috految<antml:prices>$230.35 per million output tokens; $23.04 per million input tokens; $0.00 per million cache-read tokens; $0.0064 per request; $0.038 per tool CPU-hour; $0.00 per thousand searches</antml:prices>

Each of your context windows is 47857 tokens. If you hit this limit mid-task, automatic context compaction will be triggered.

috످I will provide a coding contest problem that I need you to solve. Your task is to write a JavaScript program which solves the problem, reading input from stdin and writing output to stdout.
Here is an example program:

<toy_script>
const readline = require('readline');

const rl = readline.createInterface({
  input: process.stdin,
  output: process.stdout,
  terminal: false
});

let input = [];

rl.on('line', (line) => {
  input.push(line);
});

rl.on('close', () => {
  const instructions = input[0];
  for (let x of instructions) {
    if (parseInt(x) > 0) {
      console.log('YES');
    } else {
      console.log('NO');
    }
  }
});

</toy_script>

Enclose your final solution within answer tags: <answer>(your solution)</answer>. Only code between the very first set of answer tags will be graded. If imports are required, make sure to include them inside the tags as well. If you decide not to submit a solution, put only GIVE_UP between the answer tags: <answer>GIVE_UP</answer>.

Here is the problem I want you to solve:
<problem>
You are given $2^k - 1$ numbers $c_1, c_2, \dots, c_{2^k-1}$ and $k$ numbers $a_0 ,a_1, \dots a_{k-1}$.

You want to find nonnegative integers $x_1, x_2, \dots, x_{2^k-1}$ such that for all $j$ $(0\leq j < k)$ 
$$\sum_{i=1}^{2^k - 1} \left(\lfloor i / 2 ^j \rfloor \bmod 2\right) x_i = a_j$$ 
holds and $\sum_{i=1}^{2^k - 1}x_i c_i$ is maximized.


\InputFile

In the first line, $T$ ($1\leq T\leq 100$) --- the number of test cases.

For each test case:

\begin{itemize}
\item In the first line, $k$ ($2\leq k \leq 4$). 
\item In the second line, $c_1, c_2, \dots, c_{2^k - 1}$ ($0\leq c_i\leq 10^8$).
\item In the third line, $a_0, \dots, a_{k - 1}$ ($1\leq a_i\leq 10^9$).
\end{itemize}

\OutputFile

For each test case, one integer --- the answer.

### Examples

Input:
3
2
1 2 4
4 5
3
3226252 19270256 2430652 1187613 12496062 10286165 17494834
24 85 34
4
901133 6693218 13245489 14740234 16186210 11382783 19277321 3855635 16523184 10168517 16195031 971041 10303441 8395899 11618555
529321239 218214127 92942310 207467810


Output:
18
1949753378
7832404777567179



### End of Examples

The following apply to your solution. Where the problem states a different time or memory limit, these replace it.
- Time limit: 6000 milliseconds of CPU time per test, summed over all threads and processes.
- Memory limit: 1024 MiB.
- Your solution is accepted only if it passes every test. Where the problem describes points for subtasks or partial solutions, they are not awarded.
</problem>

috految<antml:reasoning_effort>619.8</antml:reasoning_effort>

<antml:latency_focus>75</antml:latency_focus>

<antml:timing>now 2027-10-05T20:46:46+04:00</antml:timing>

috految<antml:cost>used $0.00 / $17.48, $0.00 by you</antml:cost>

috److془This is "Knapsack Problem" from Yuhao Du Contest 11 / Universal Cup.

Digit DP: carry in [0,7]^4; each bits, add 15 items. 16^4 * 30 * 15 * 100 = 3e9 naive. But we can use the support bound: the optimal solution has a support which is dissociated (all subset sums distinct). For k=4, max is 5 (coin weighing: 4 weighings detect 5 coins). So per-bit the sum ≤ 5 in each coordinate. Carry ≤ 4. States 5^4 = 625; transitions: ≤ 6^4/16 = 81. Total 625 * 81 * 30 * 100 = 1.5e8 at most. Actually less. 

Let's do it: for each k, enumerate the dissociated subsets of {1..2^k-1} (as vectors). For each sum vector, compute best value. Then DP.

Proof: the lexicographically max optimal solution is a vertex of integer hull; if two different subsets A, B of the support have the same sum, then x + 1_A - 1_B and x - 1_A + 1_B are both feasible, contradiction. So the support is dissociated. Every bit's set is a subset of the support so dissociated.

Precision: The answer up to 4e17. Use hi/lo representation: value = hi * 2^b + lo, where lo < 2^b. At step b: total = (hi + w) * 2^b + lo; compare (hi + w, lo) lexicographically. Then after step: lo += (hi % 2) * 2^b; hi = floor(hi / 2). Final: hi * 2^B + lo with BigInt.

Alternatively, the state: carry vector packed with 4 bits each; carry + sum ≤ 7 + 8 = 15. Parity needed: (carry + sum) & 0x1111 == bits of a at b. New carry = ((carry + sum) >> 1) & 0x7777. 

B = 31, final carry = 0. 

Check with example 1: k = 2, c = 1,2,4; a = 4,5: x3 = 4, x2 = 1: 16 + 2 = 18. ✓.

Example 2: c1 = 3226252, c2 = 19270256, c3 = 2430652, c4 = 1187613, c5 = 12496062, c6 = 10286165, c7 = 17494834. a = 24, 85, 34. 85*19270256 = 1637971760; 24*12496062 = 299905488; 10 * 1187613 = 11876130; total = 1949753378 ✓.

Code:

const data = require('fs').readFileSync(0, 'utf8').split(/\s+/).filter(s => s.length).map(Number);

function getSubsets(k) {
 const n = (1<<k) - 1;
 vec[i] = sum over j (i>>j&1) << (4*j)
 const res = [];
 function rec(start, items, sum, sums) {
   res.push({items: items, sum: sum});
   const st = new Set(sums);
   for (let i = start; i <= n; i++) {
     let ok = true;
     for (const s of sums) if (st.has(s + vec[i])) {ok = false; break;}
     if (ok) rec(i+1, items.concat([i]), sum + vec[i], sums.concat(sums.map(s => s + vec[i])));
   }
 }
 rec(1, [], 0, [0]);
}

parity(s) = (s&1) | ((s>>4&1)<<1) | ((s>>8&1)<<2) | ((s>>12&1)<<3).

DP as above. Done.

Use BigInt() function for the final answer.془The approach is a digit DP over the bits of the `x_i`, with the carry for each of the `k` constraints as state.

1. **Restricting the support.** Some optimal solution is a vertex of the integer hull. If two different subsets A and B of its support had the same vector sum, then both `x + 1_A - 1_B` and `x - 1_A + 1_B` would be feasible, contradicting that `x` is a vertex. So the support has all subset sums distinct, and for `k = 4` it has at most 5 items.
2. **Transitions.** At each bit, the chosen items form a subset of the support, so they also have distinct subset sums. I enumerate all such subsets and keep the best total cost for each sum vector.
3. **DP.** Going from low to high bits, a transition is valid when the parity of `carry + sum` matches the current bit of every `a_j`. The new carry is `(carry + sum) >> 1`. This gives at most 5^4 states and 81 transitions per state, about 1.5e8 operations over all tests.
4. **Precision.** The answer can reach 4e17, so at step `b` each value is stored as `hi * 2^b + lo` and converted to BigInt only at the end.

<answer>
const data = require('fs')
  .readFileSync(0, 'utf8')
  .split(/\s+/)
  .filter((s) => s.length > 0)
  .map(Number);
let pos = 0;

const cache = new Map();

function getSubsets(k) {
  if (cache.has(k)) {
    return cache.get(k);
  }
  const n = (1 << k) - 1;
  const vec = [];
  for (let i = 0; i <= n; i++) {
    let v = 0;
    for (let j = 0; j < k; j++) {
      if ((i >> j) & 1) {
        v += 1 << (4 * j);
      }
    }
    vec.push(v);
  }
  const res = [];
  function rec(start, items, sum, sums) {
    res.push({ items: items, sum: sum });
    const st = new Set(sums);
    for (let i = start; i <= n; i++) {
      let ok = true;
      for (const s of sums) {
        if (st.has(s + vec[i])) {
          ok = false;
          break;
        }
      }
      if (ok) {
        rec(
          i + 1,
          items.concat([i]),
          sum + vec[i],
          sums.concat(sums.map((s) => s + vec[i]))
        );
      }
    }
  }
  rec(1, [], 0, [0]);
  cache.set(k, res);
  return res;
}

function parity(s) {
  return (
    (s & 1) |
    (((s >> 4) & 1) << 1) |
    (((s >> 8) & 1) << 2) |
    (((s >> 12) & 1) << 3)
  );
}

const SZ = 1 << 16;
const curHi = new Float64Array(SZ);
const curLo = new Float64Array(SZ);
const nextHi = new Float64Array(SZ);
const nextLo = new Float64Array(SZ);
const seen = new Uint8Array(SZ);

function solve() {
  const k = data[pos++];
  const n = (1 << k) - 1;
  const c = [0];
  for (let i = 1; i <= n; i++) {
    c.push(data[pos++]);
  }
  const a = [];
  for (let i = 0; i < k; i++) {
    a.push(data[pos++]);
  }
  const subsets = getSubsets(k);
  const best = new Map();
  for (const sub of subsets) {
    let w = 0;
    for (const it of sub.items) {
      w += c[it];
    }
    if (!best.has(sub.sum) || best.get(sub.sum) < w) {
      best.set(sub.sum, w);
    }
  }
  const gs = [];
  const gw = [];
  for (let i = 0; i < 16; i++) {
    gs.push([]);
    gw.push([]);
  }
  best.forEach((w, s) => {
    const p = parity(s);
    gs[p].push(s);
    gw[p].push(w);
  });
  let states = [0];
  curHi[0] = 0;
  curLo[0] = 0;
  let pw = 1;
  for (let b = 0; b < 32; b++) {
    let need = 0;
    for (let j = 0; j < k; j++) {
      if (Math.floor(a[j] / pw) % 2 === 1) {
        need |= 1 << j;
      }
    }
    const nextStates = [];
    for (let i = 0; i < states.length; i++) {
      const s = states[i];
      const hi = curHi[s];
      const lo = curLo[s];
      const p = parity(s) ^ need;
      const ls = gs[p];
      const lw = gw[p];
      for (let j = 0; j < ls.length; j++) {
        const t = ((s + ls[j]) >> 1) & 0x7777;
        const h = hi + lw[j];
        if (seen[t] === 0) {
          seen[t] = 1;
          nextStates.push(t);
          nextHi[t] = h;
          nextLo[t] = lo;
        } else if (h > nextHi[t] || (h === nextHi[t] && lo > nextLo[t])) {
          nextHi[t] = h;
          nextLo[t] = lo;
        }
      }
    }
    for (let i = 0; i < nextStates.length; i++) {
      const t = nextStates[i];
      seen[t] = 0;
      const h = Math.floor(nextHi[t] / 2);
      const r = nextHi[t] - 2 * h;
      curHi[t] = h;
      curLo[t] = nextLo[t] + r * pw;
    }
    states = nextStates;
    pw *= 2;
  }
  const ans = BigInt(curHi[0]) * BigInt(pw) + BigInt(curLo[0]);
  return ans.toString();
}

const T = data[pos++];
const out = [];
for (let t = 0; t < T; t++) {
  out.push(solve());
}
console.log(out.join('\n'));
</answer>

috످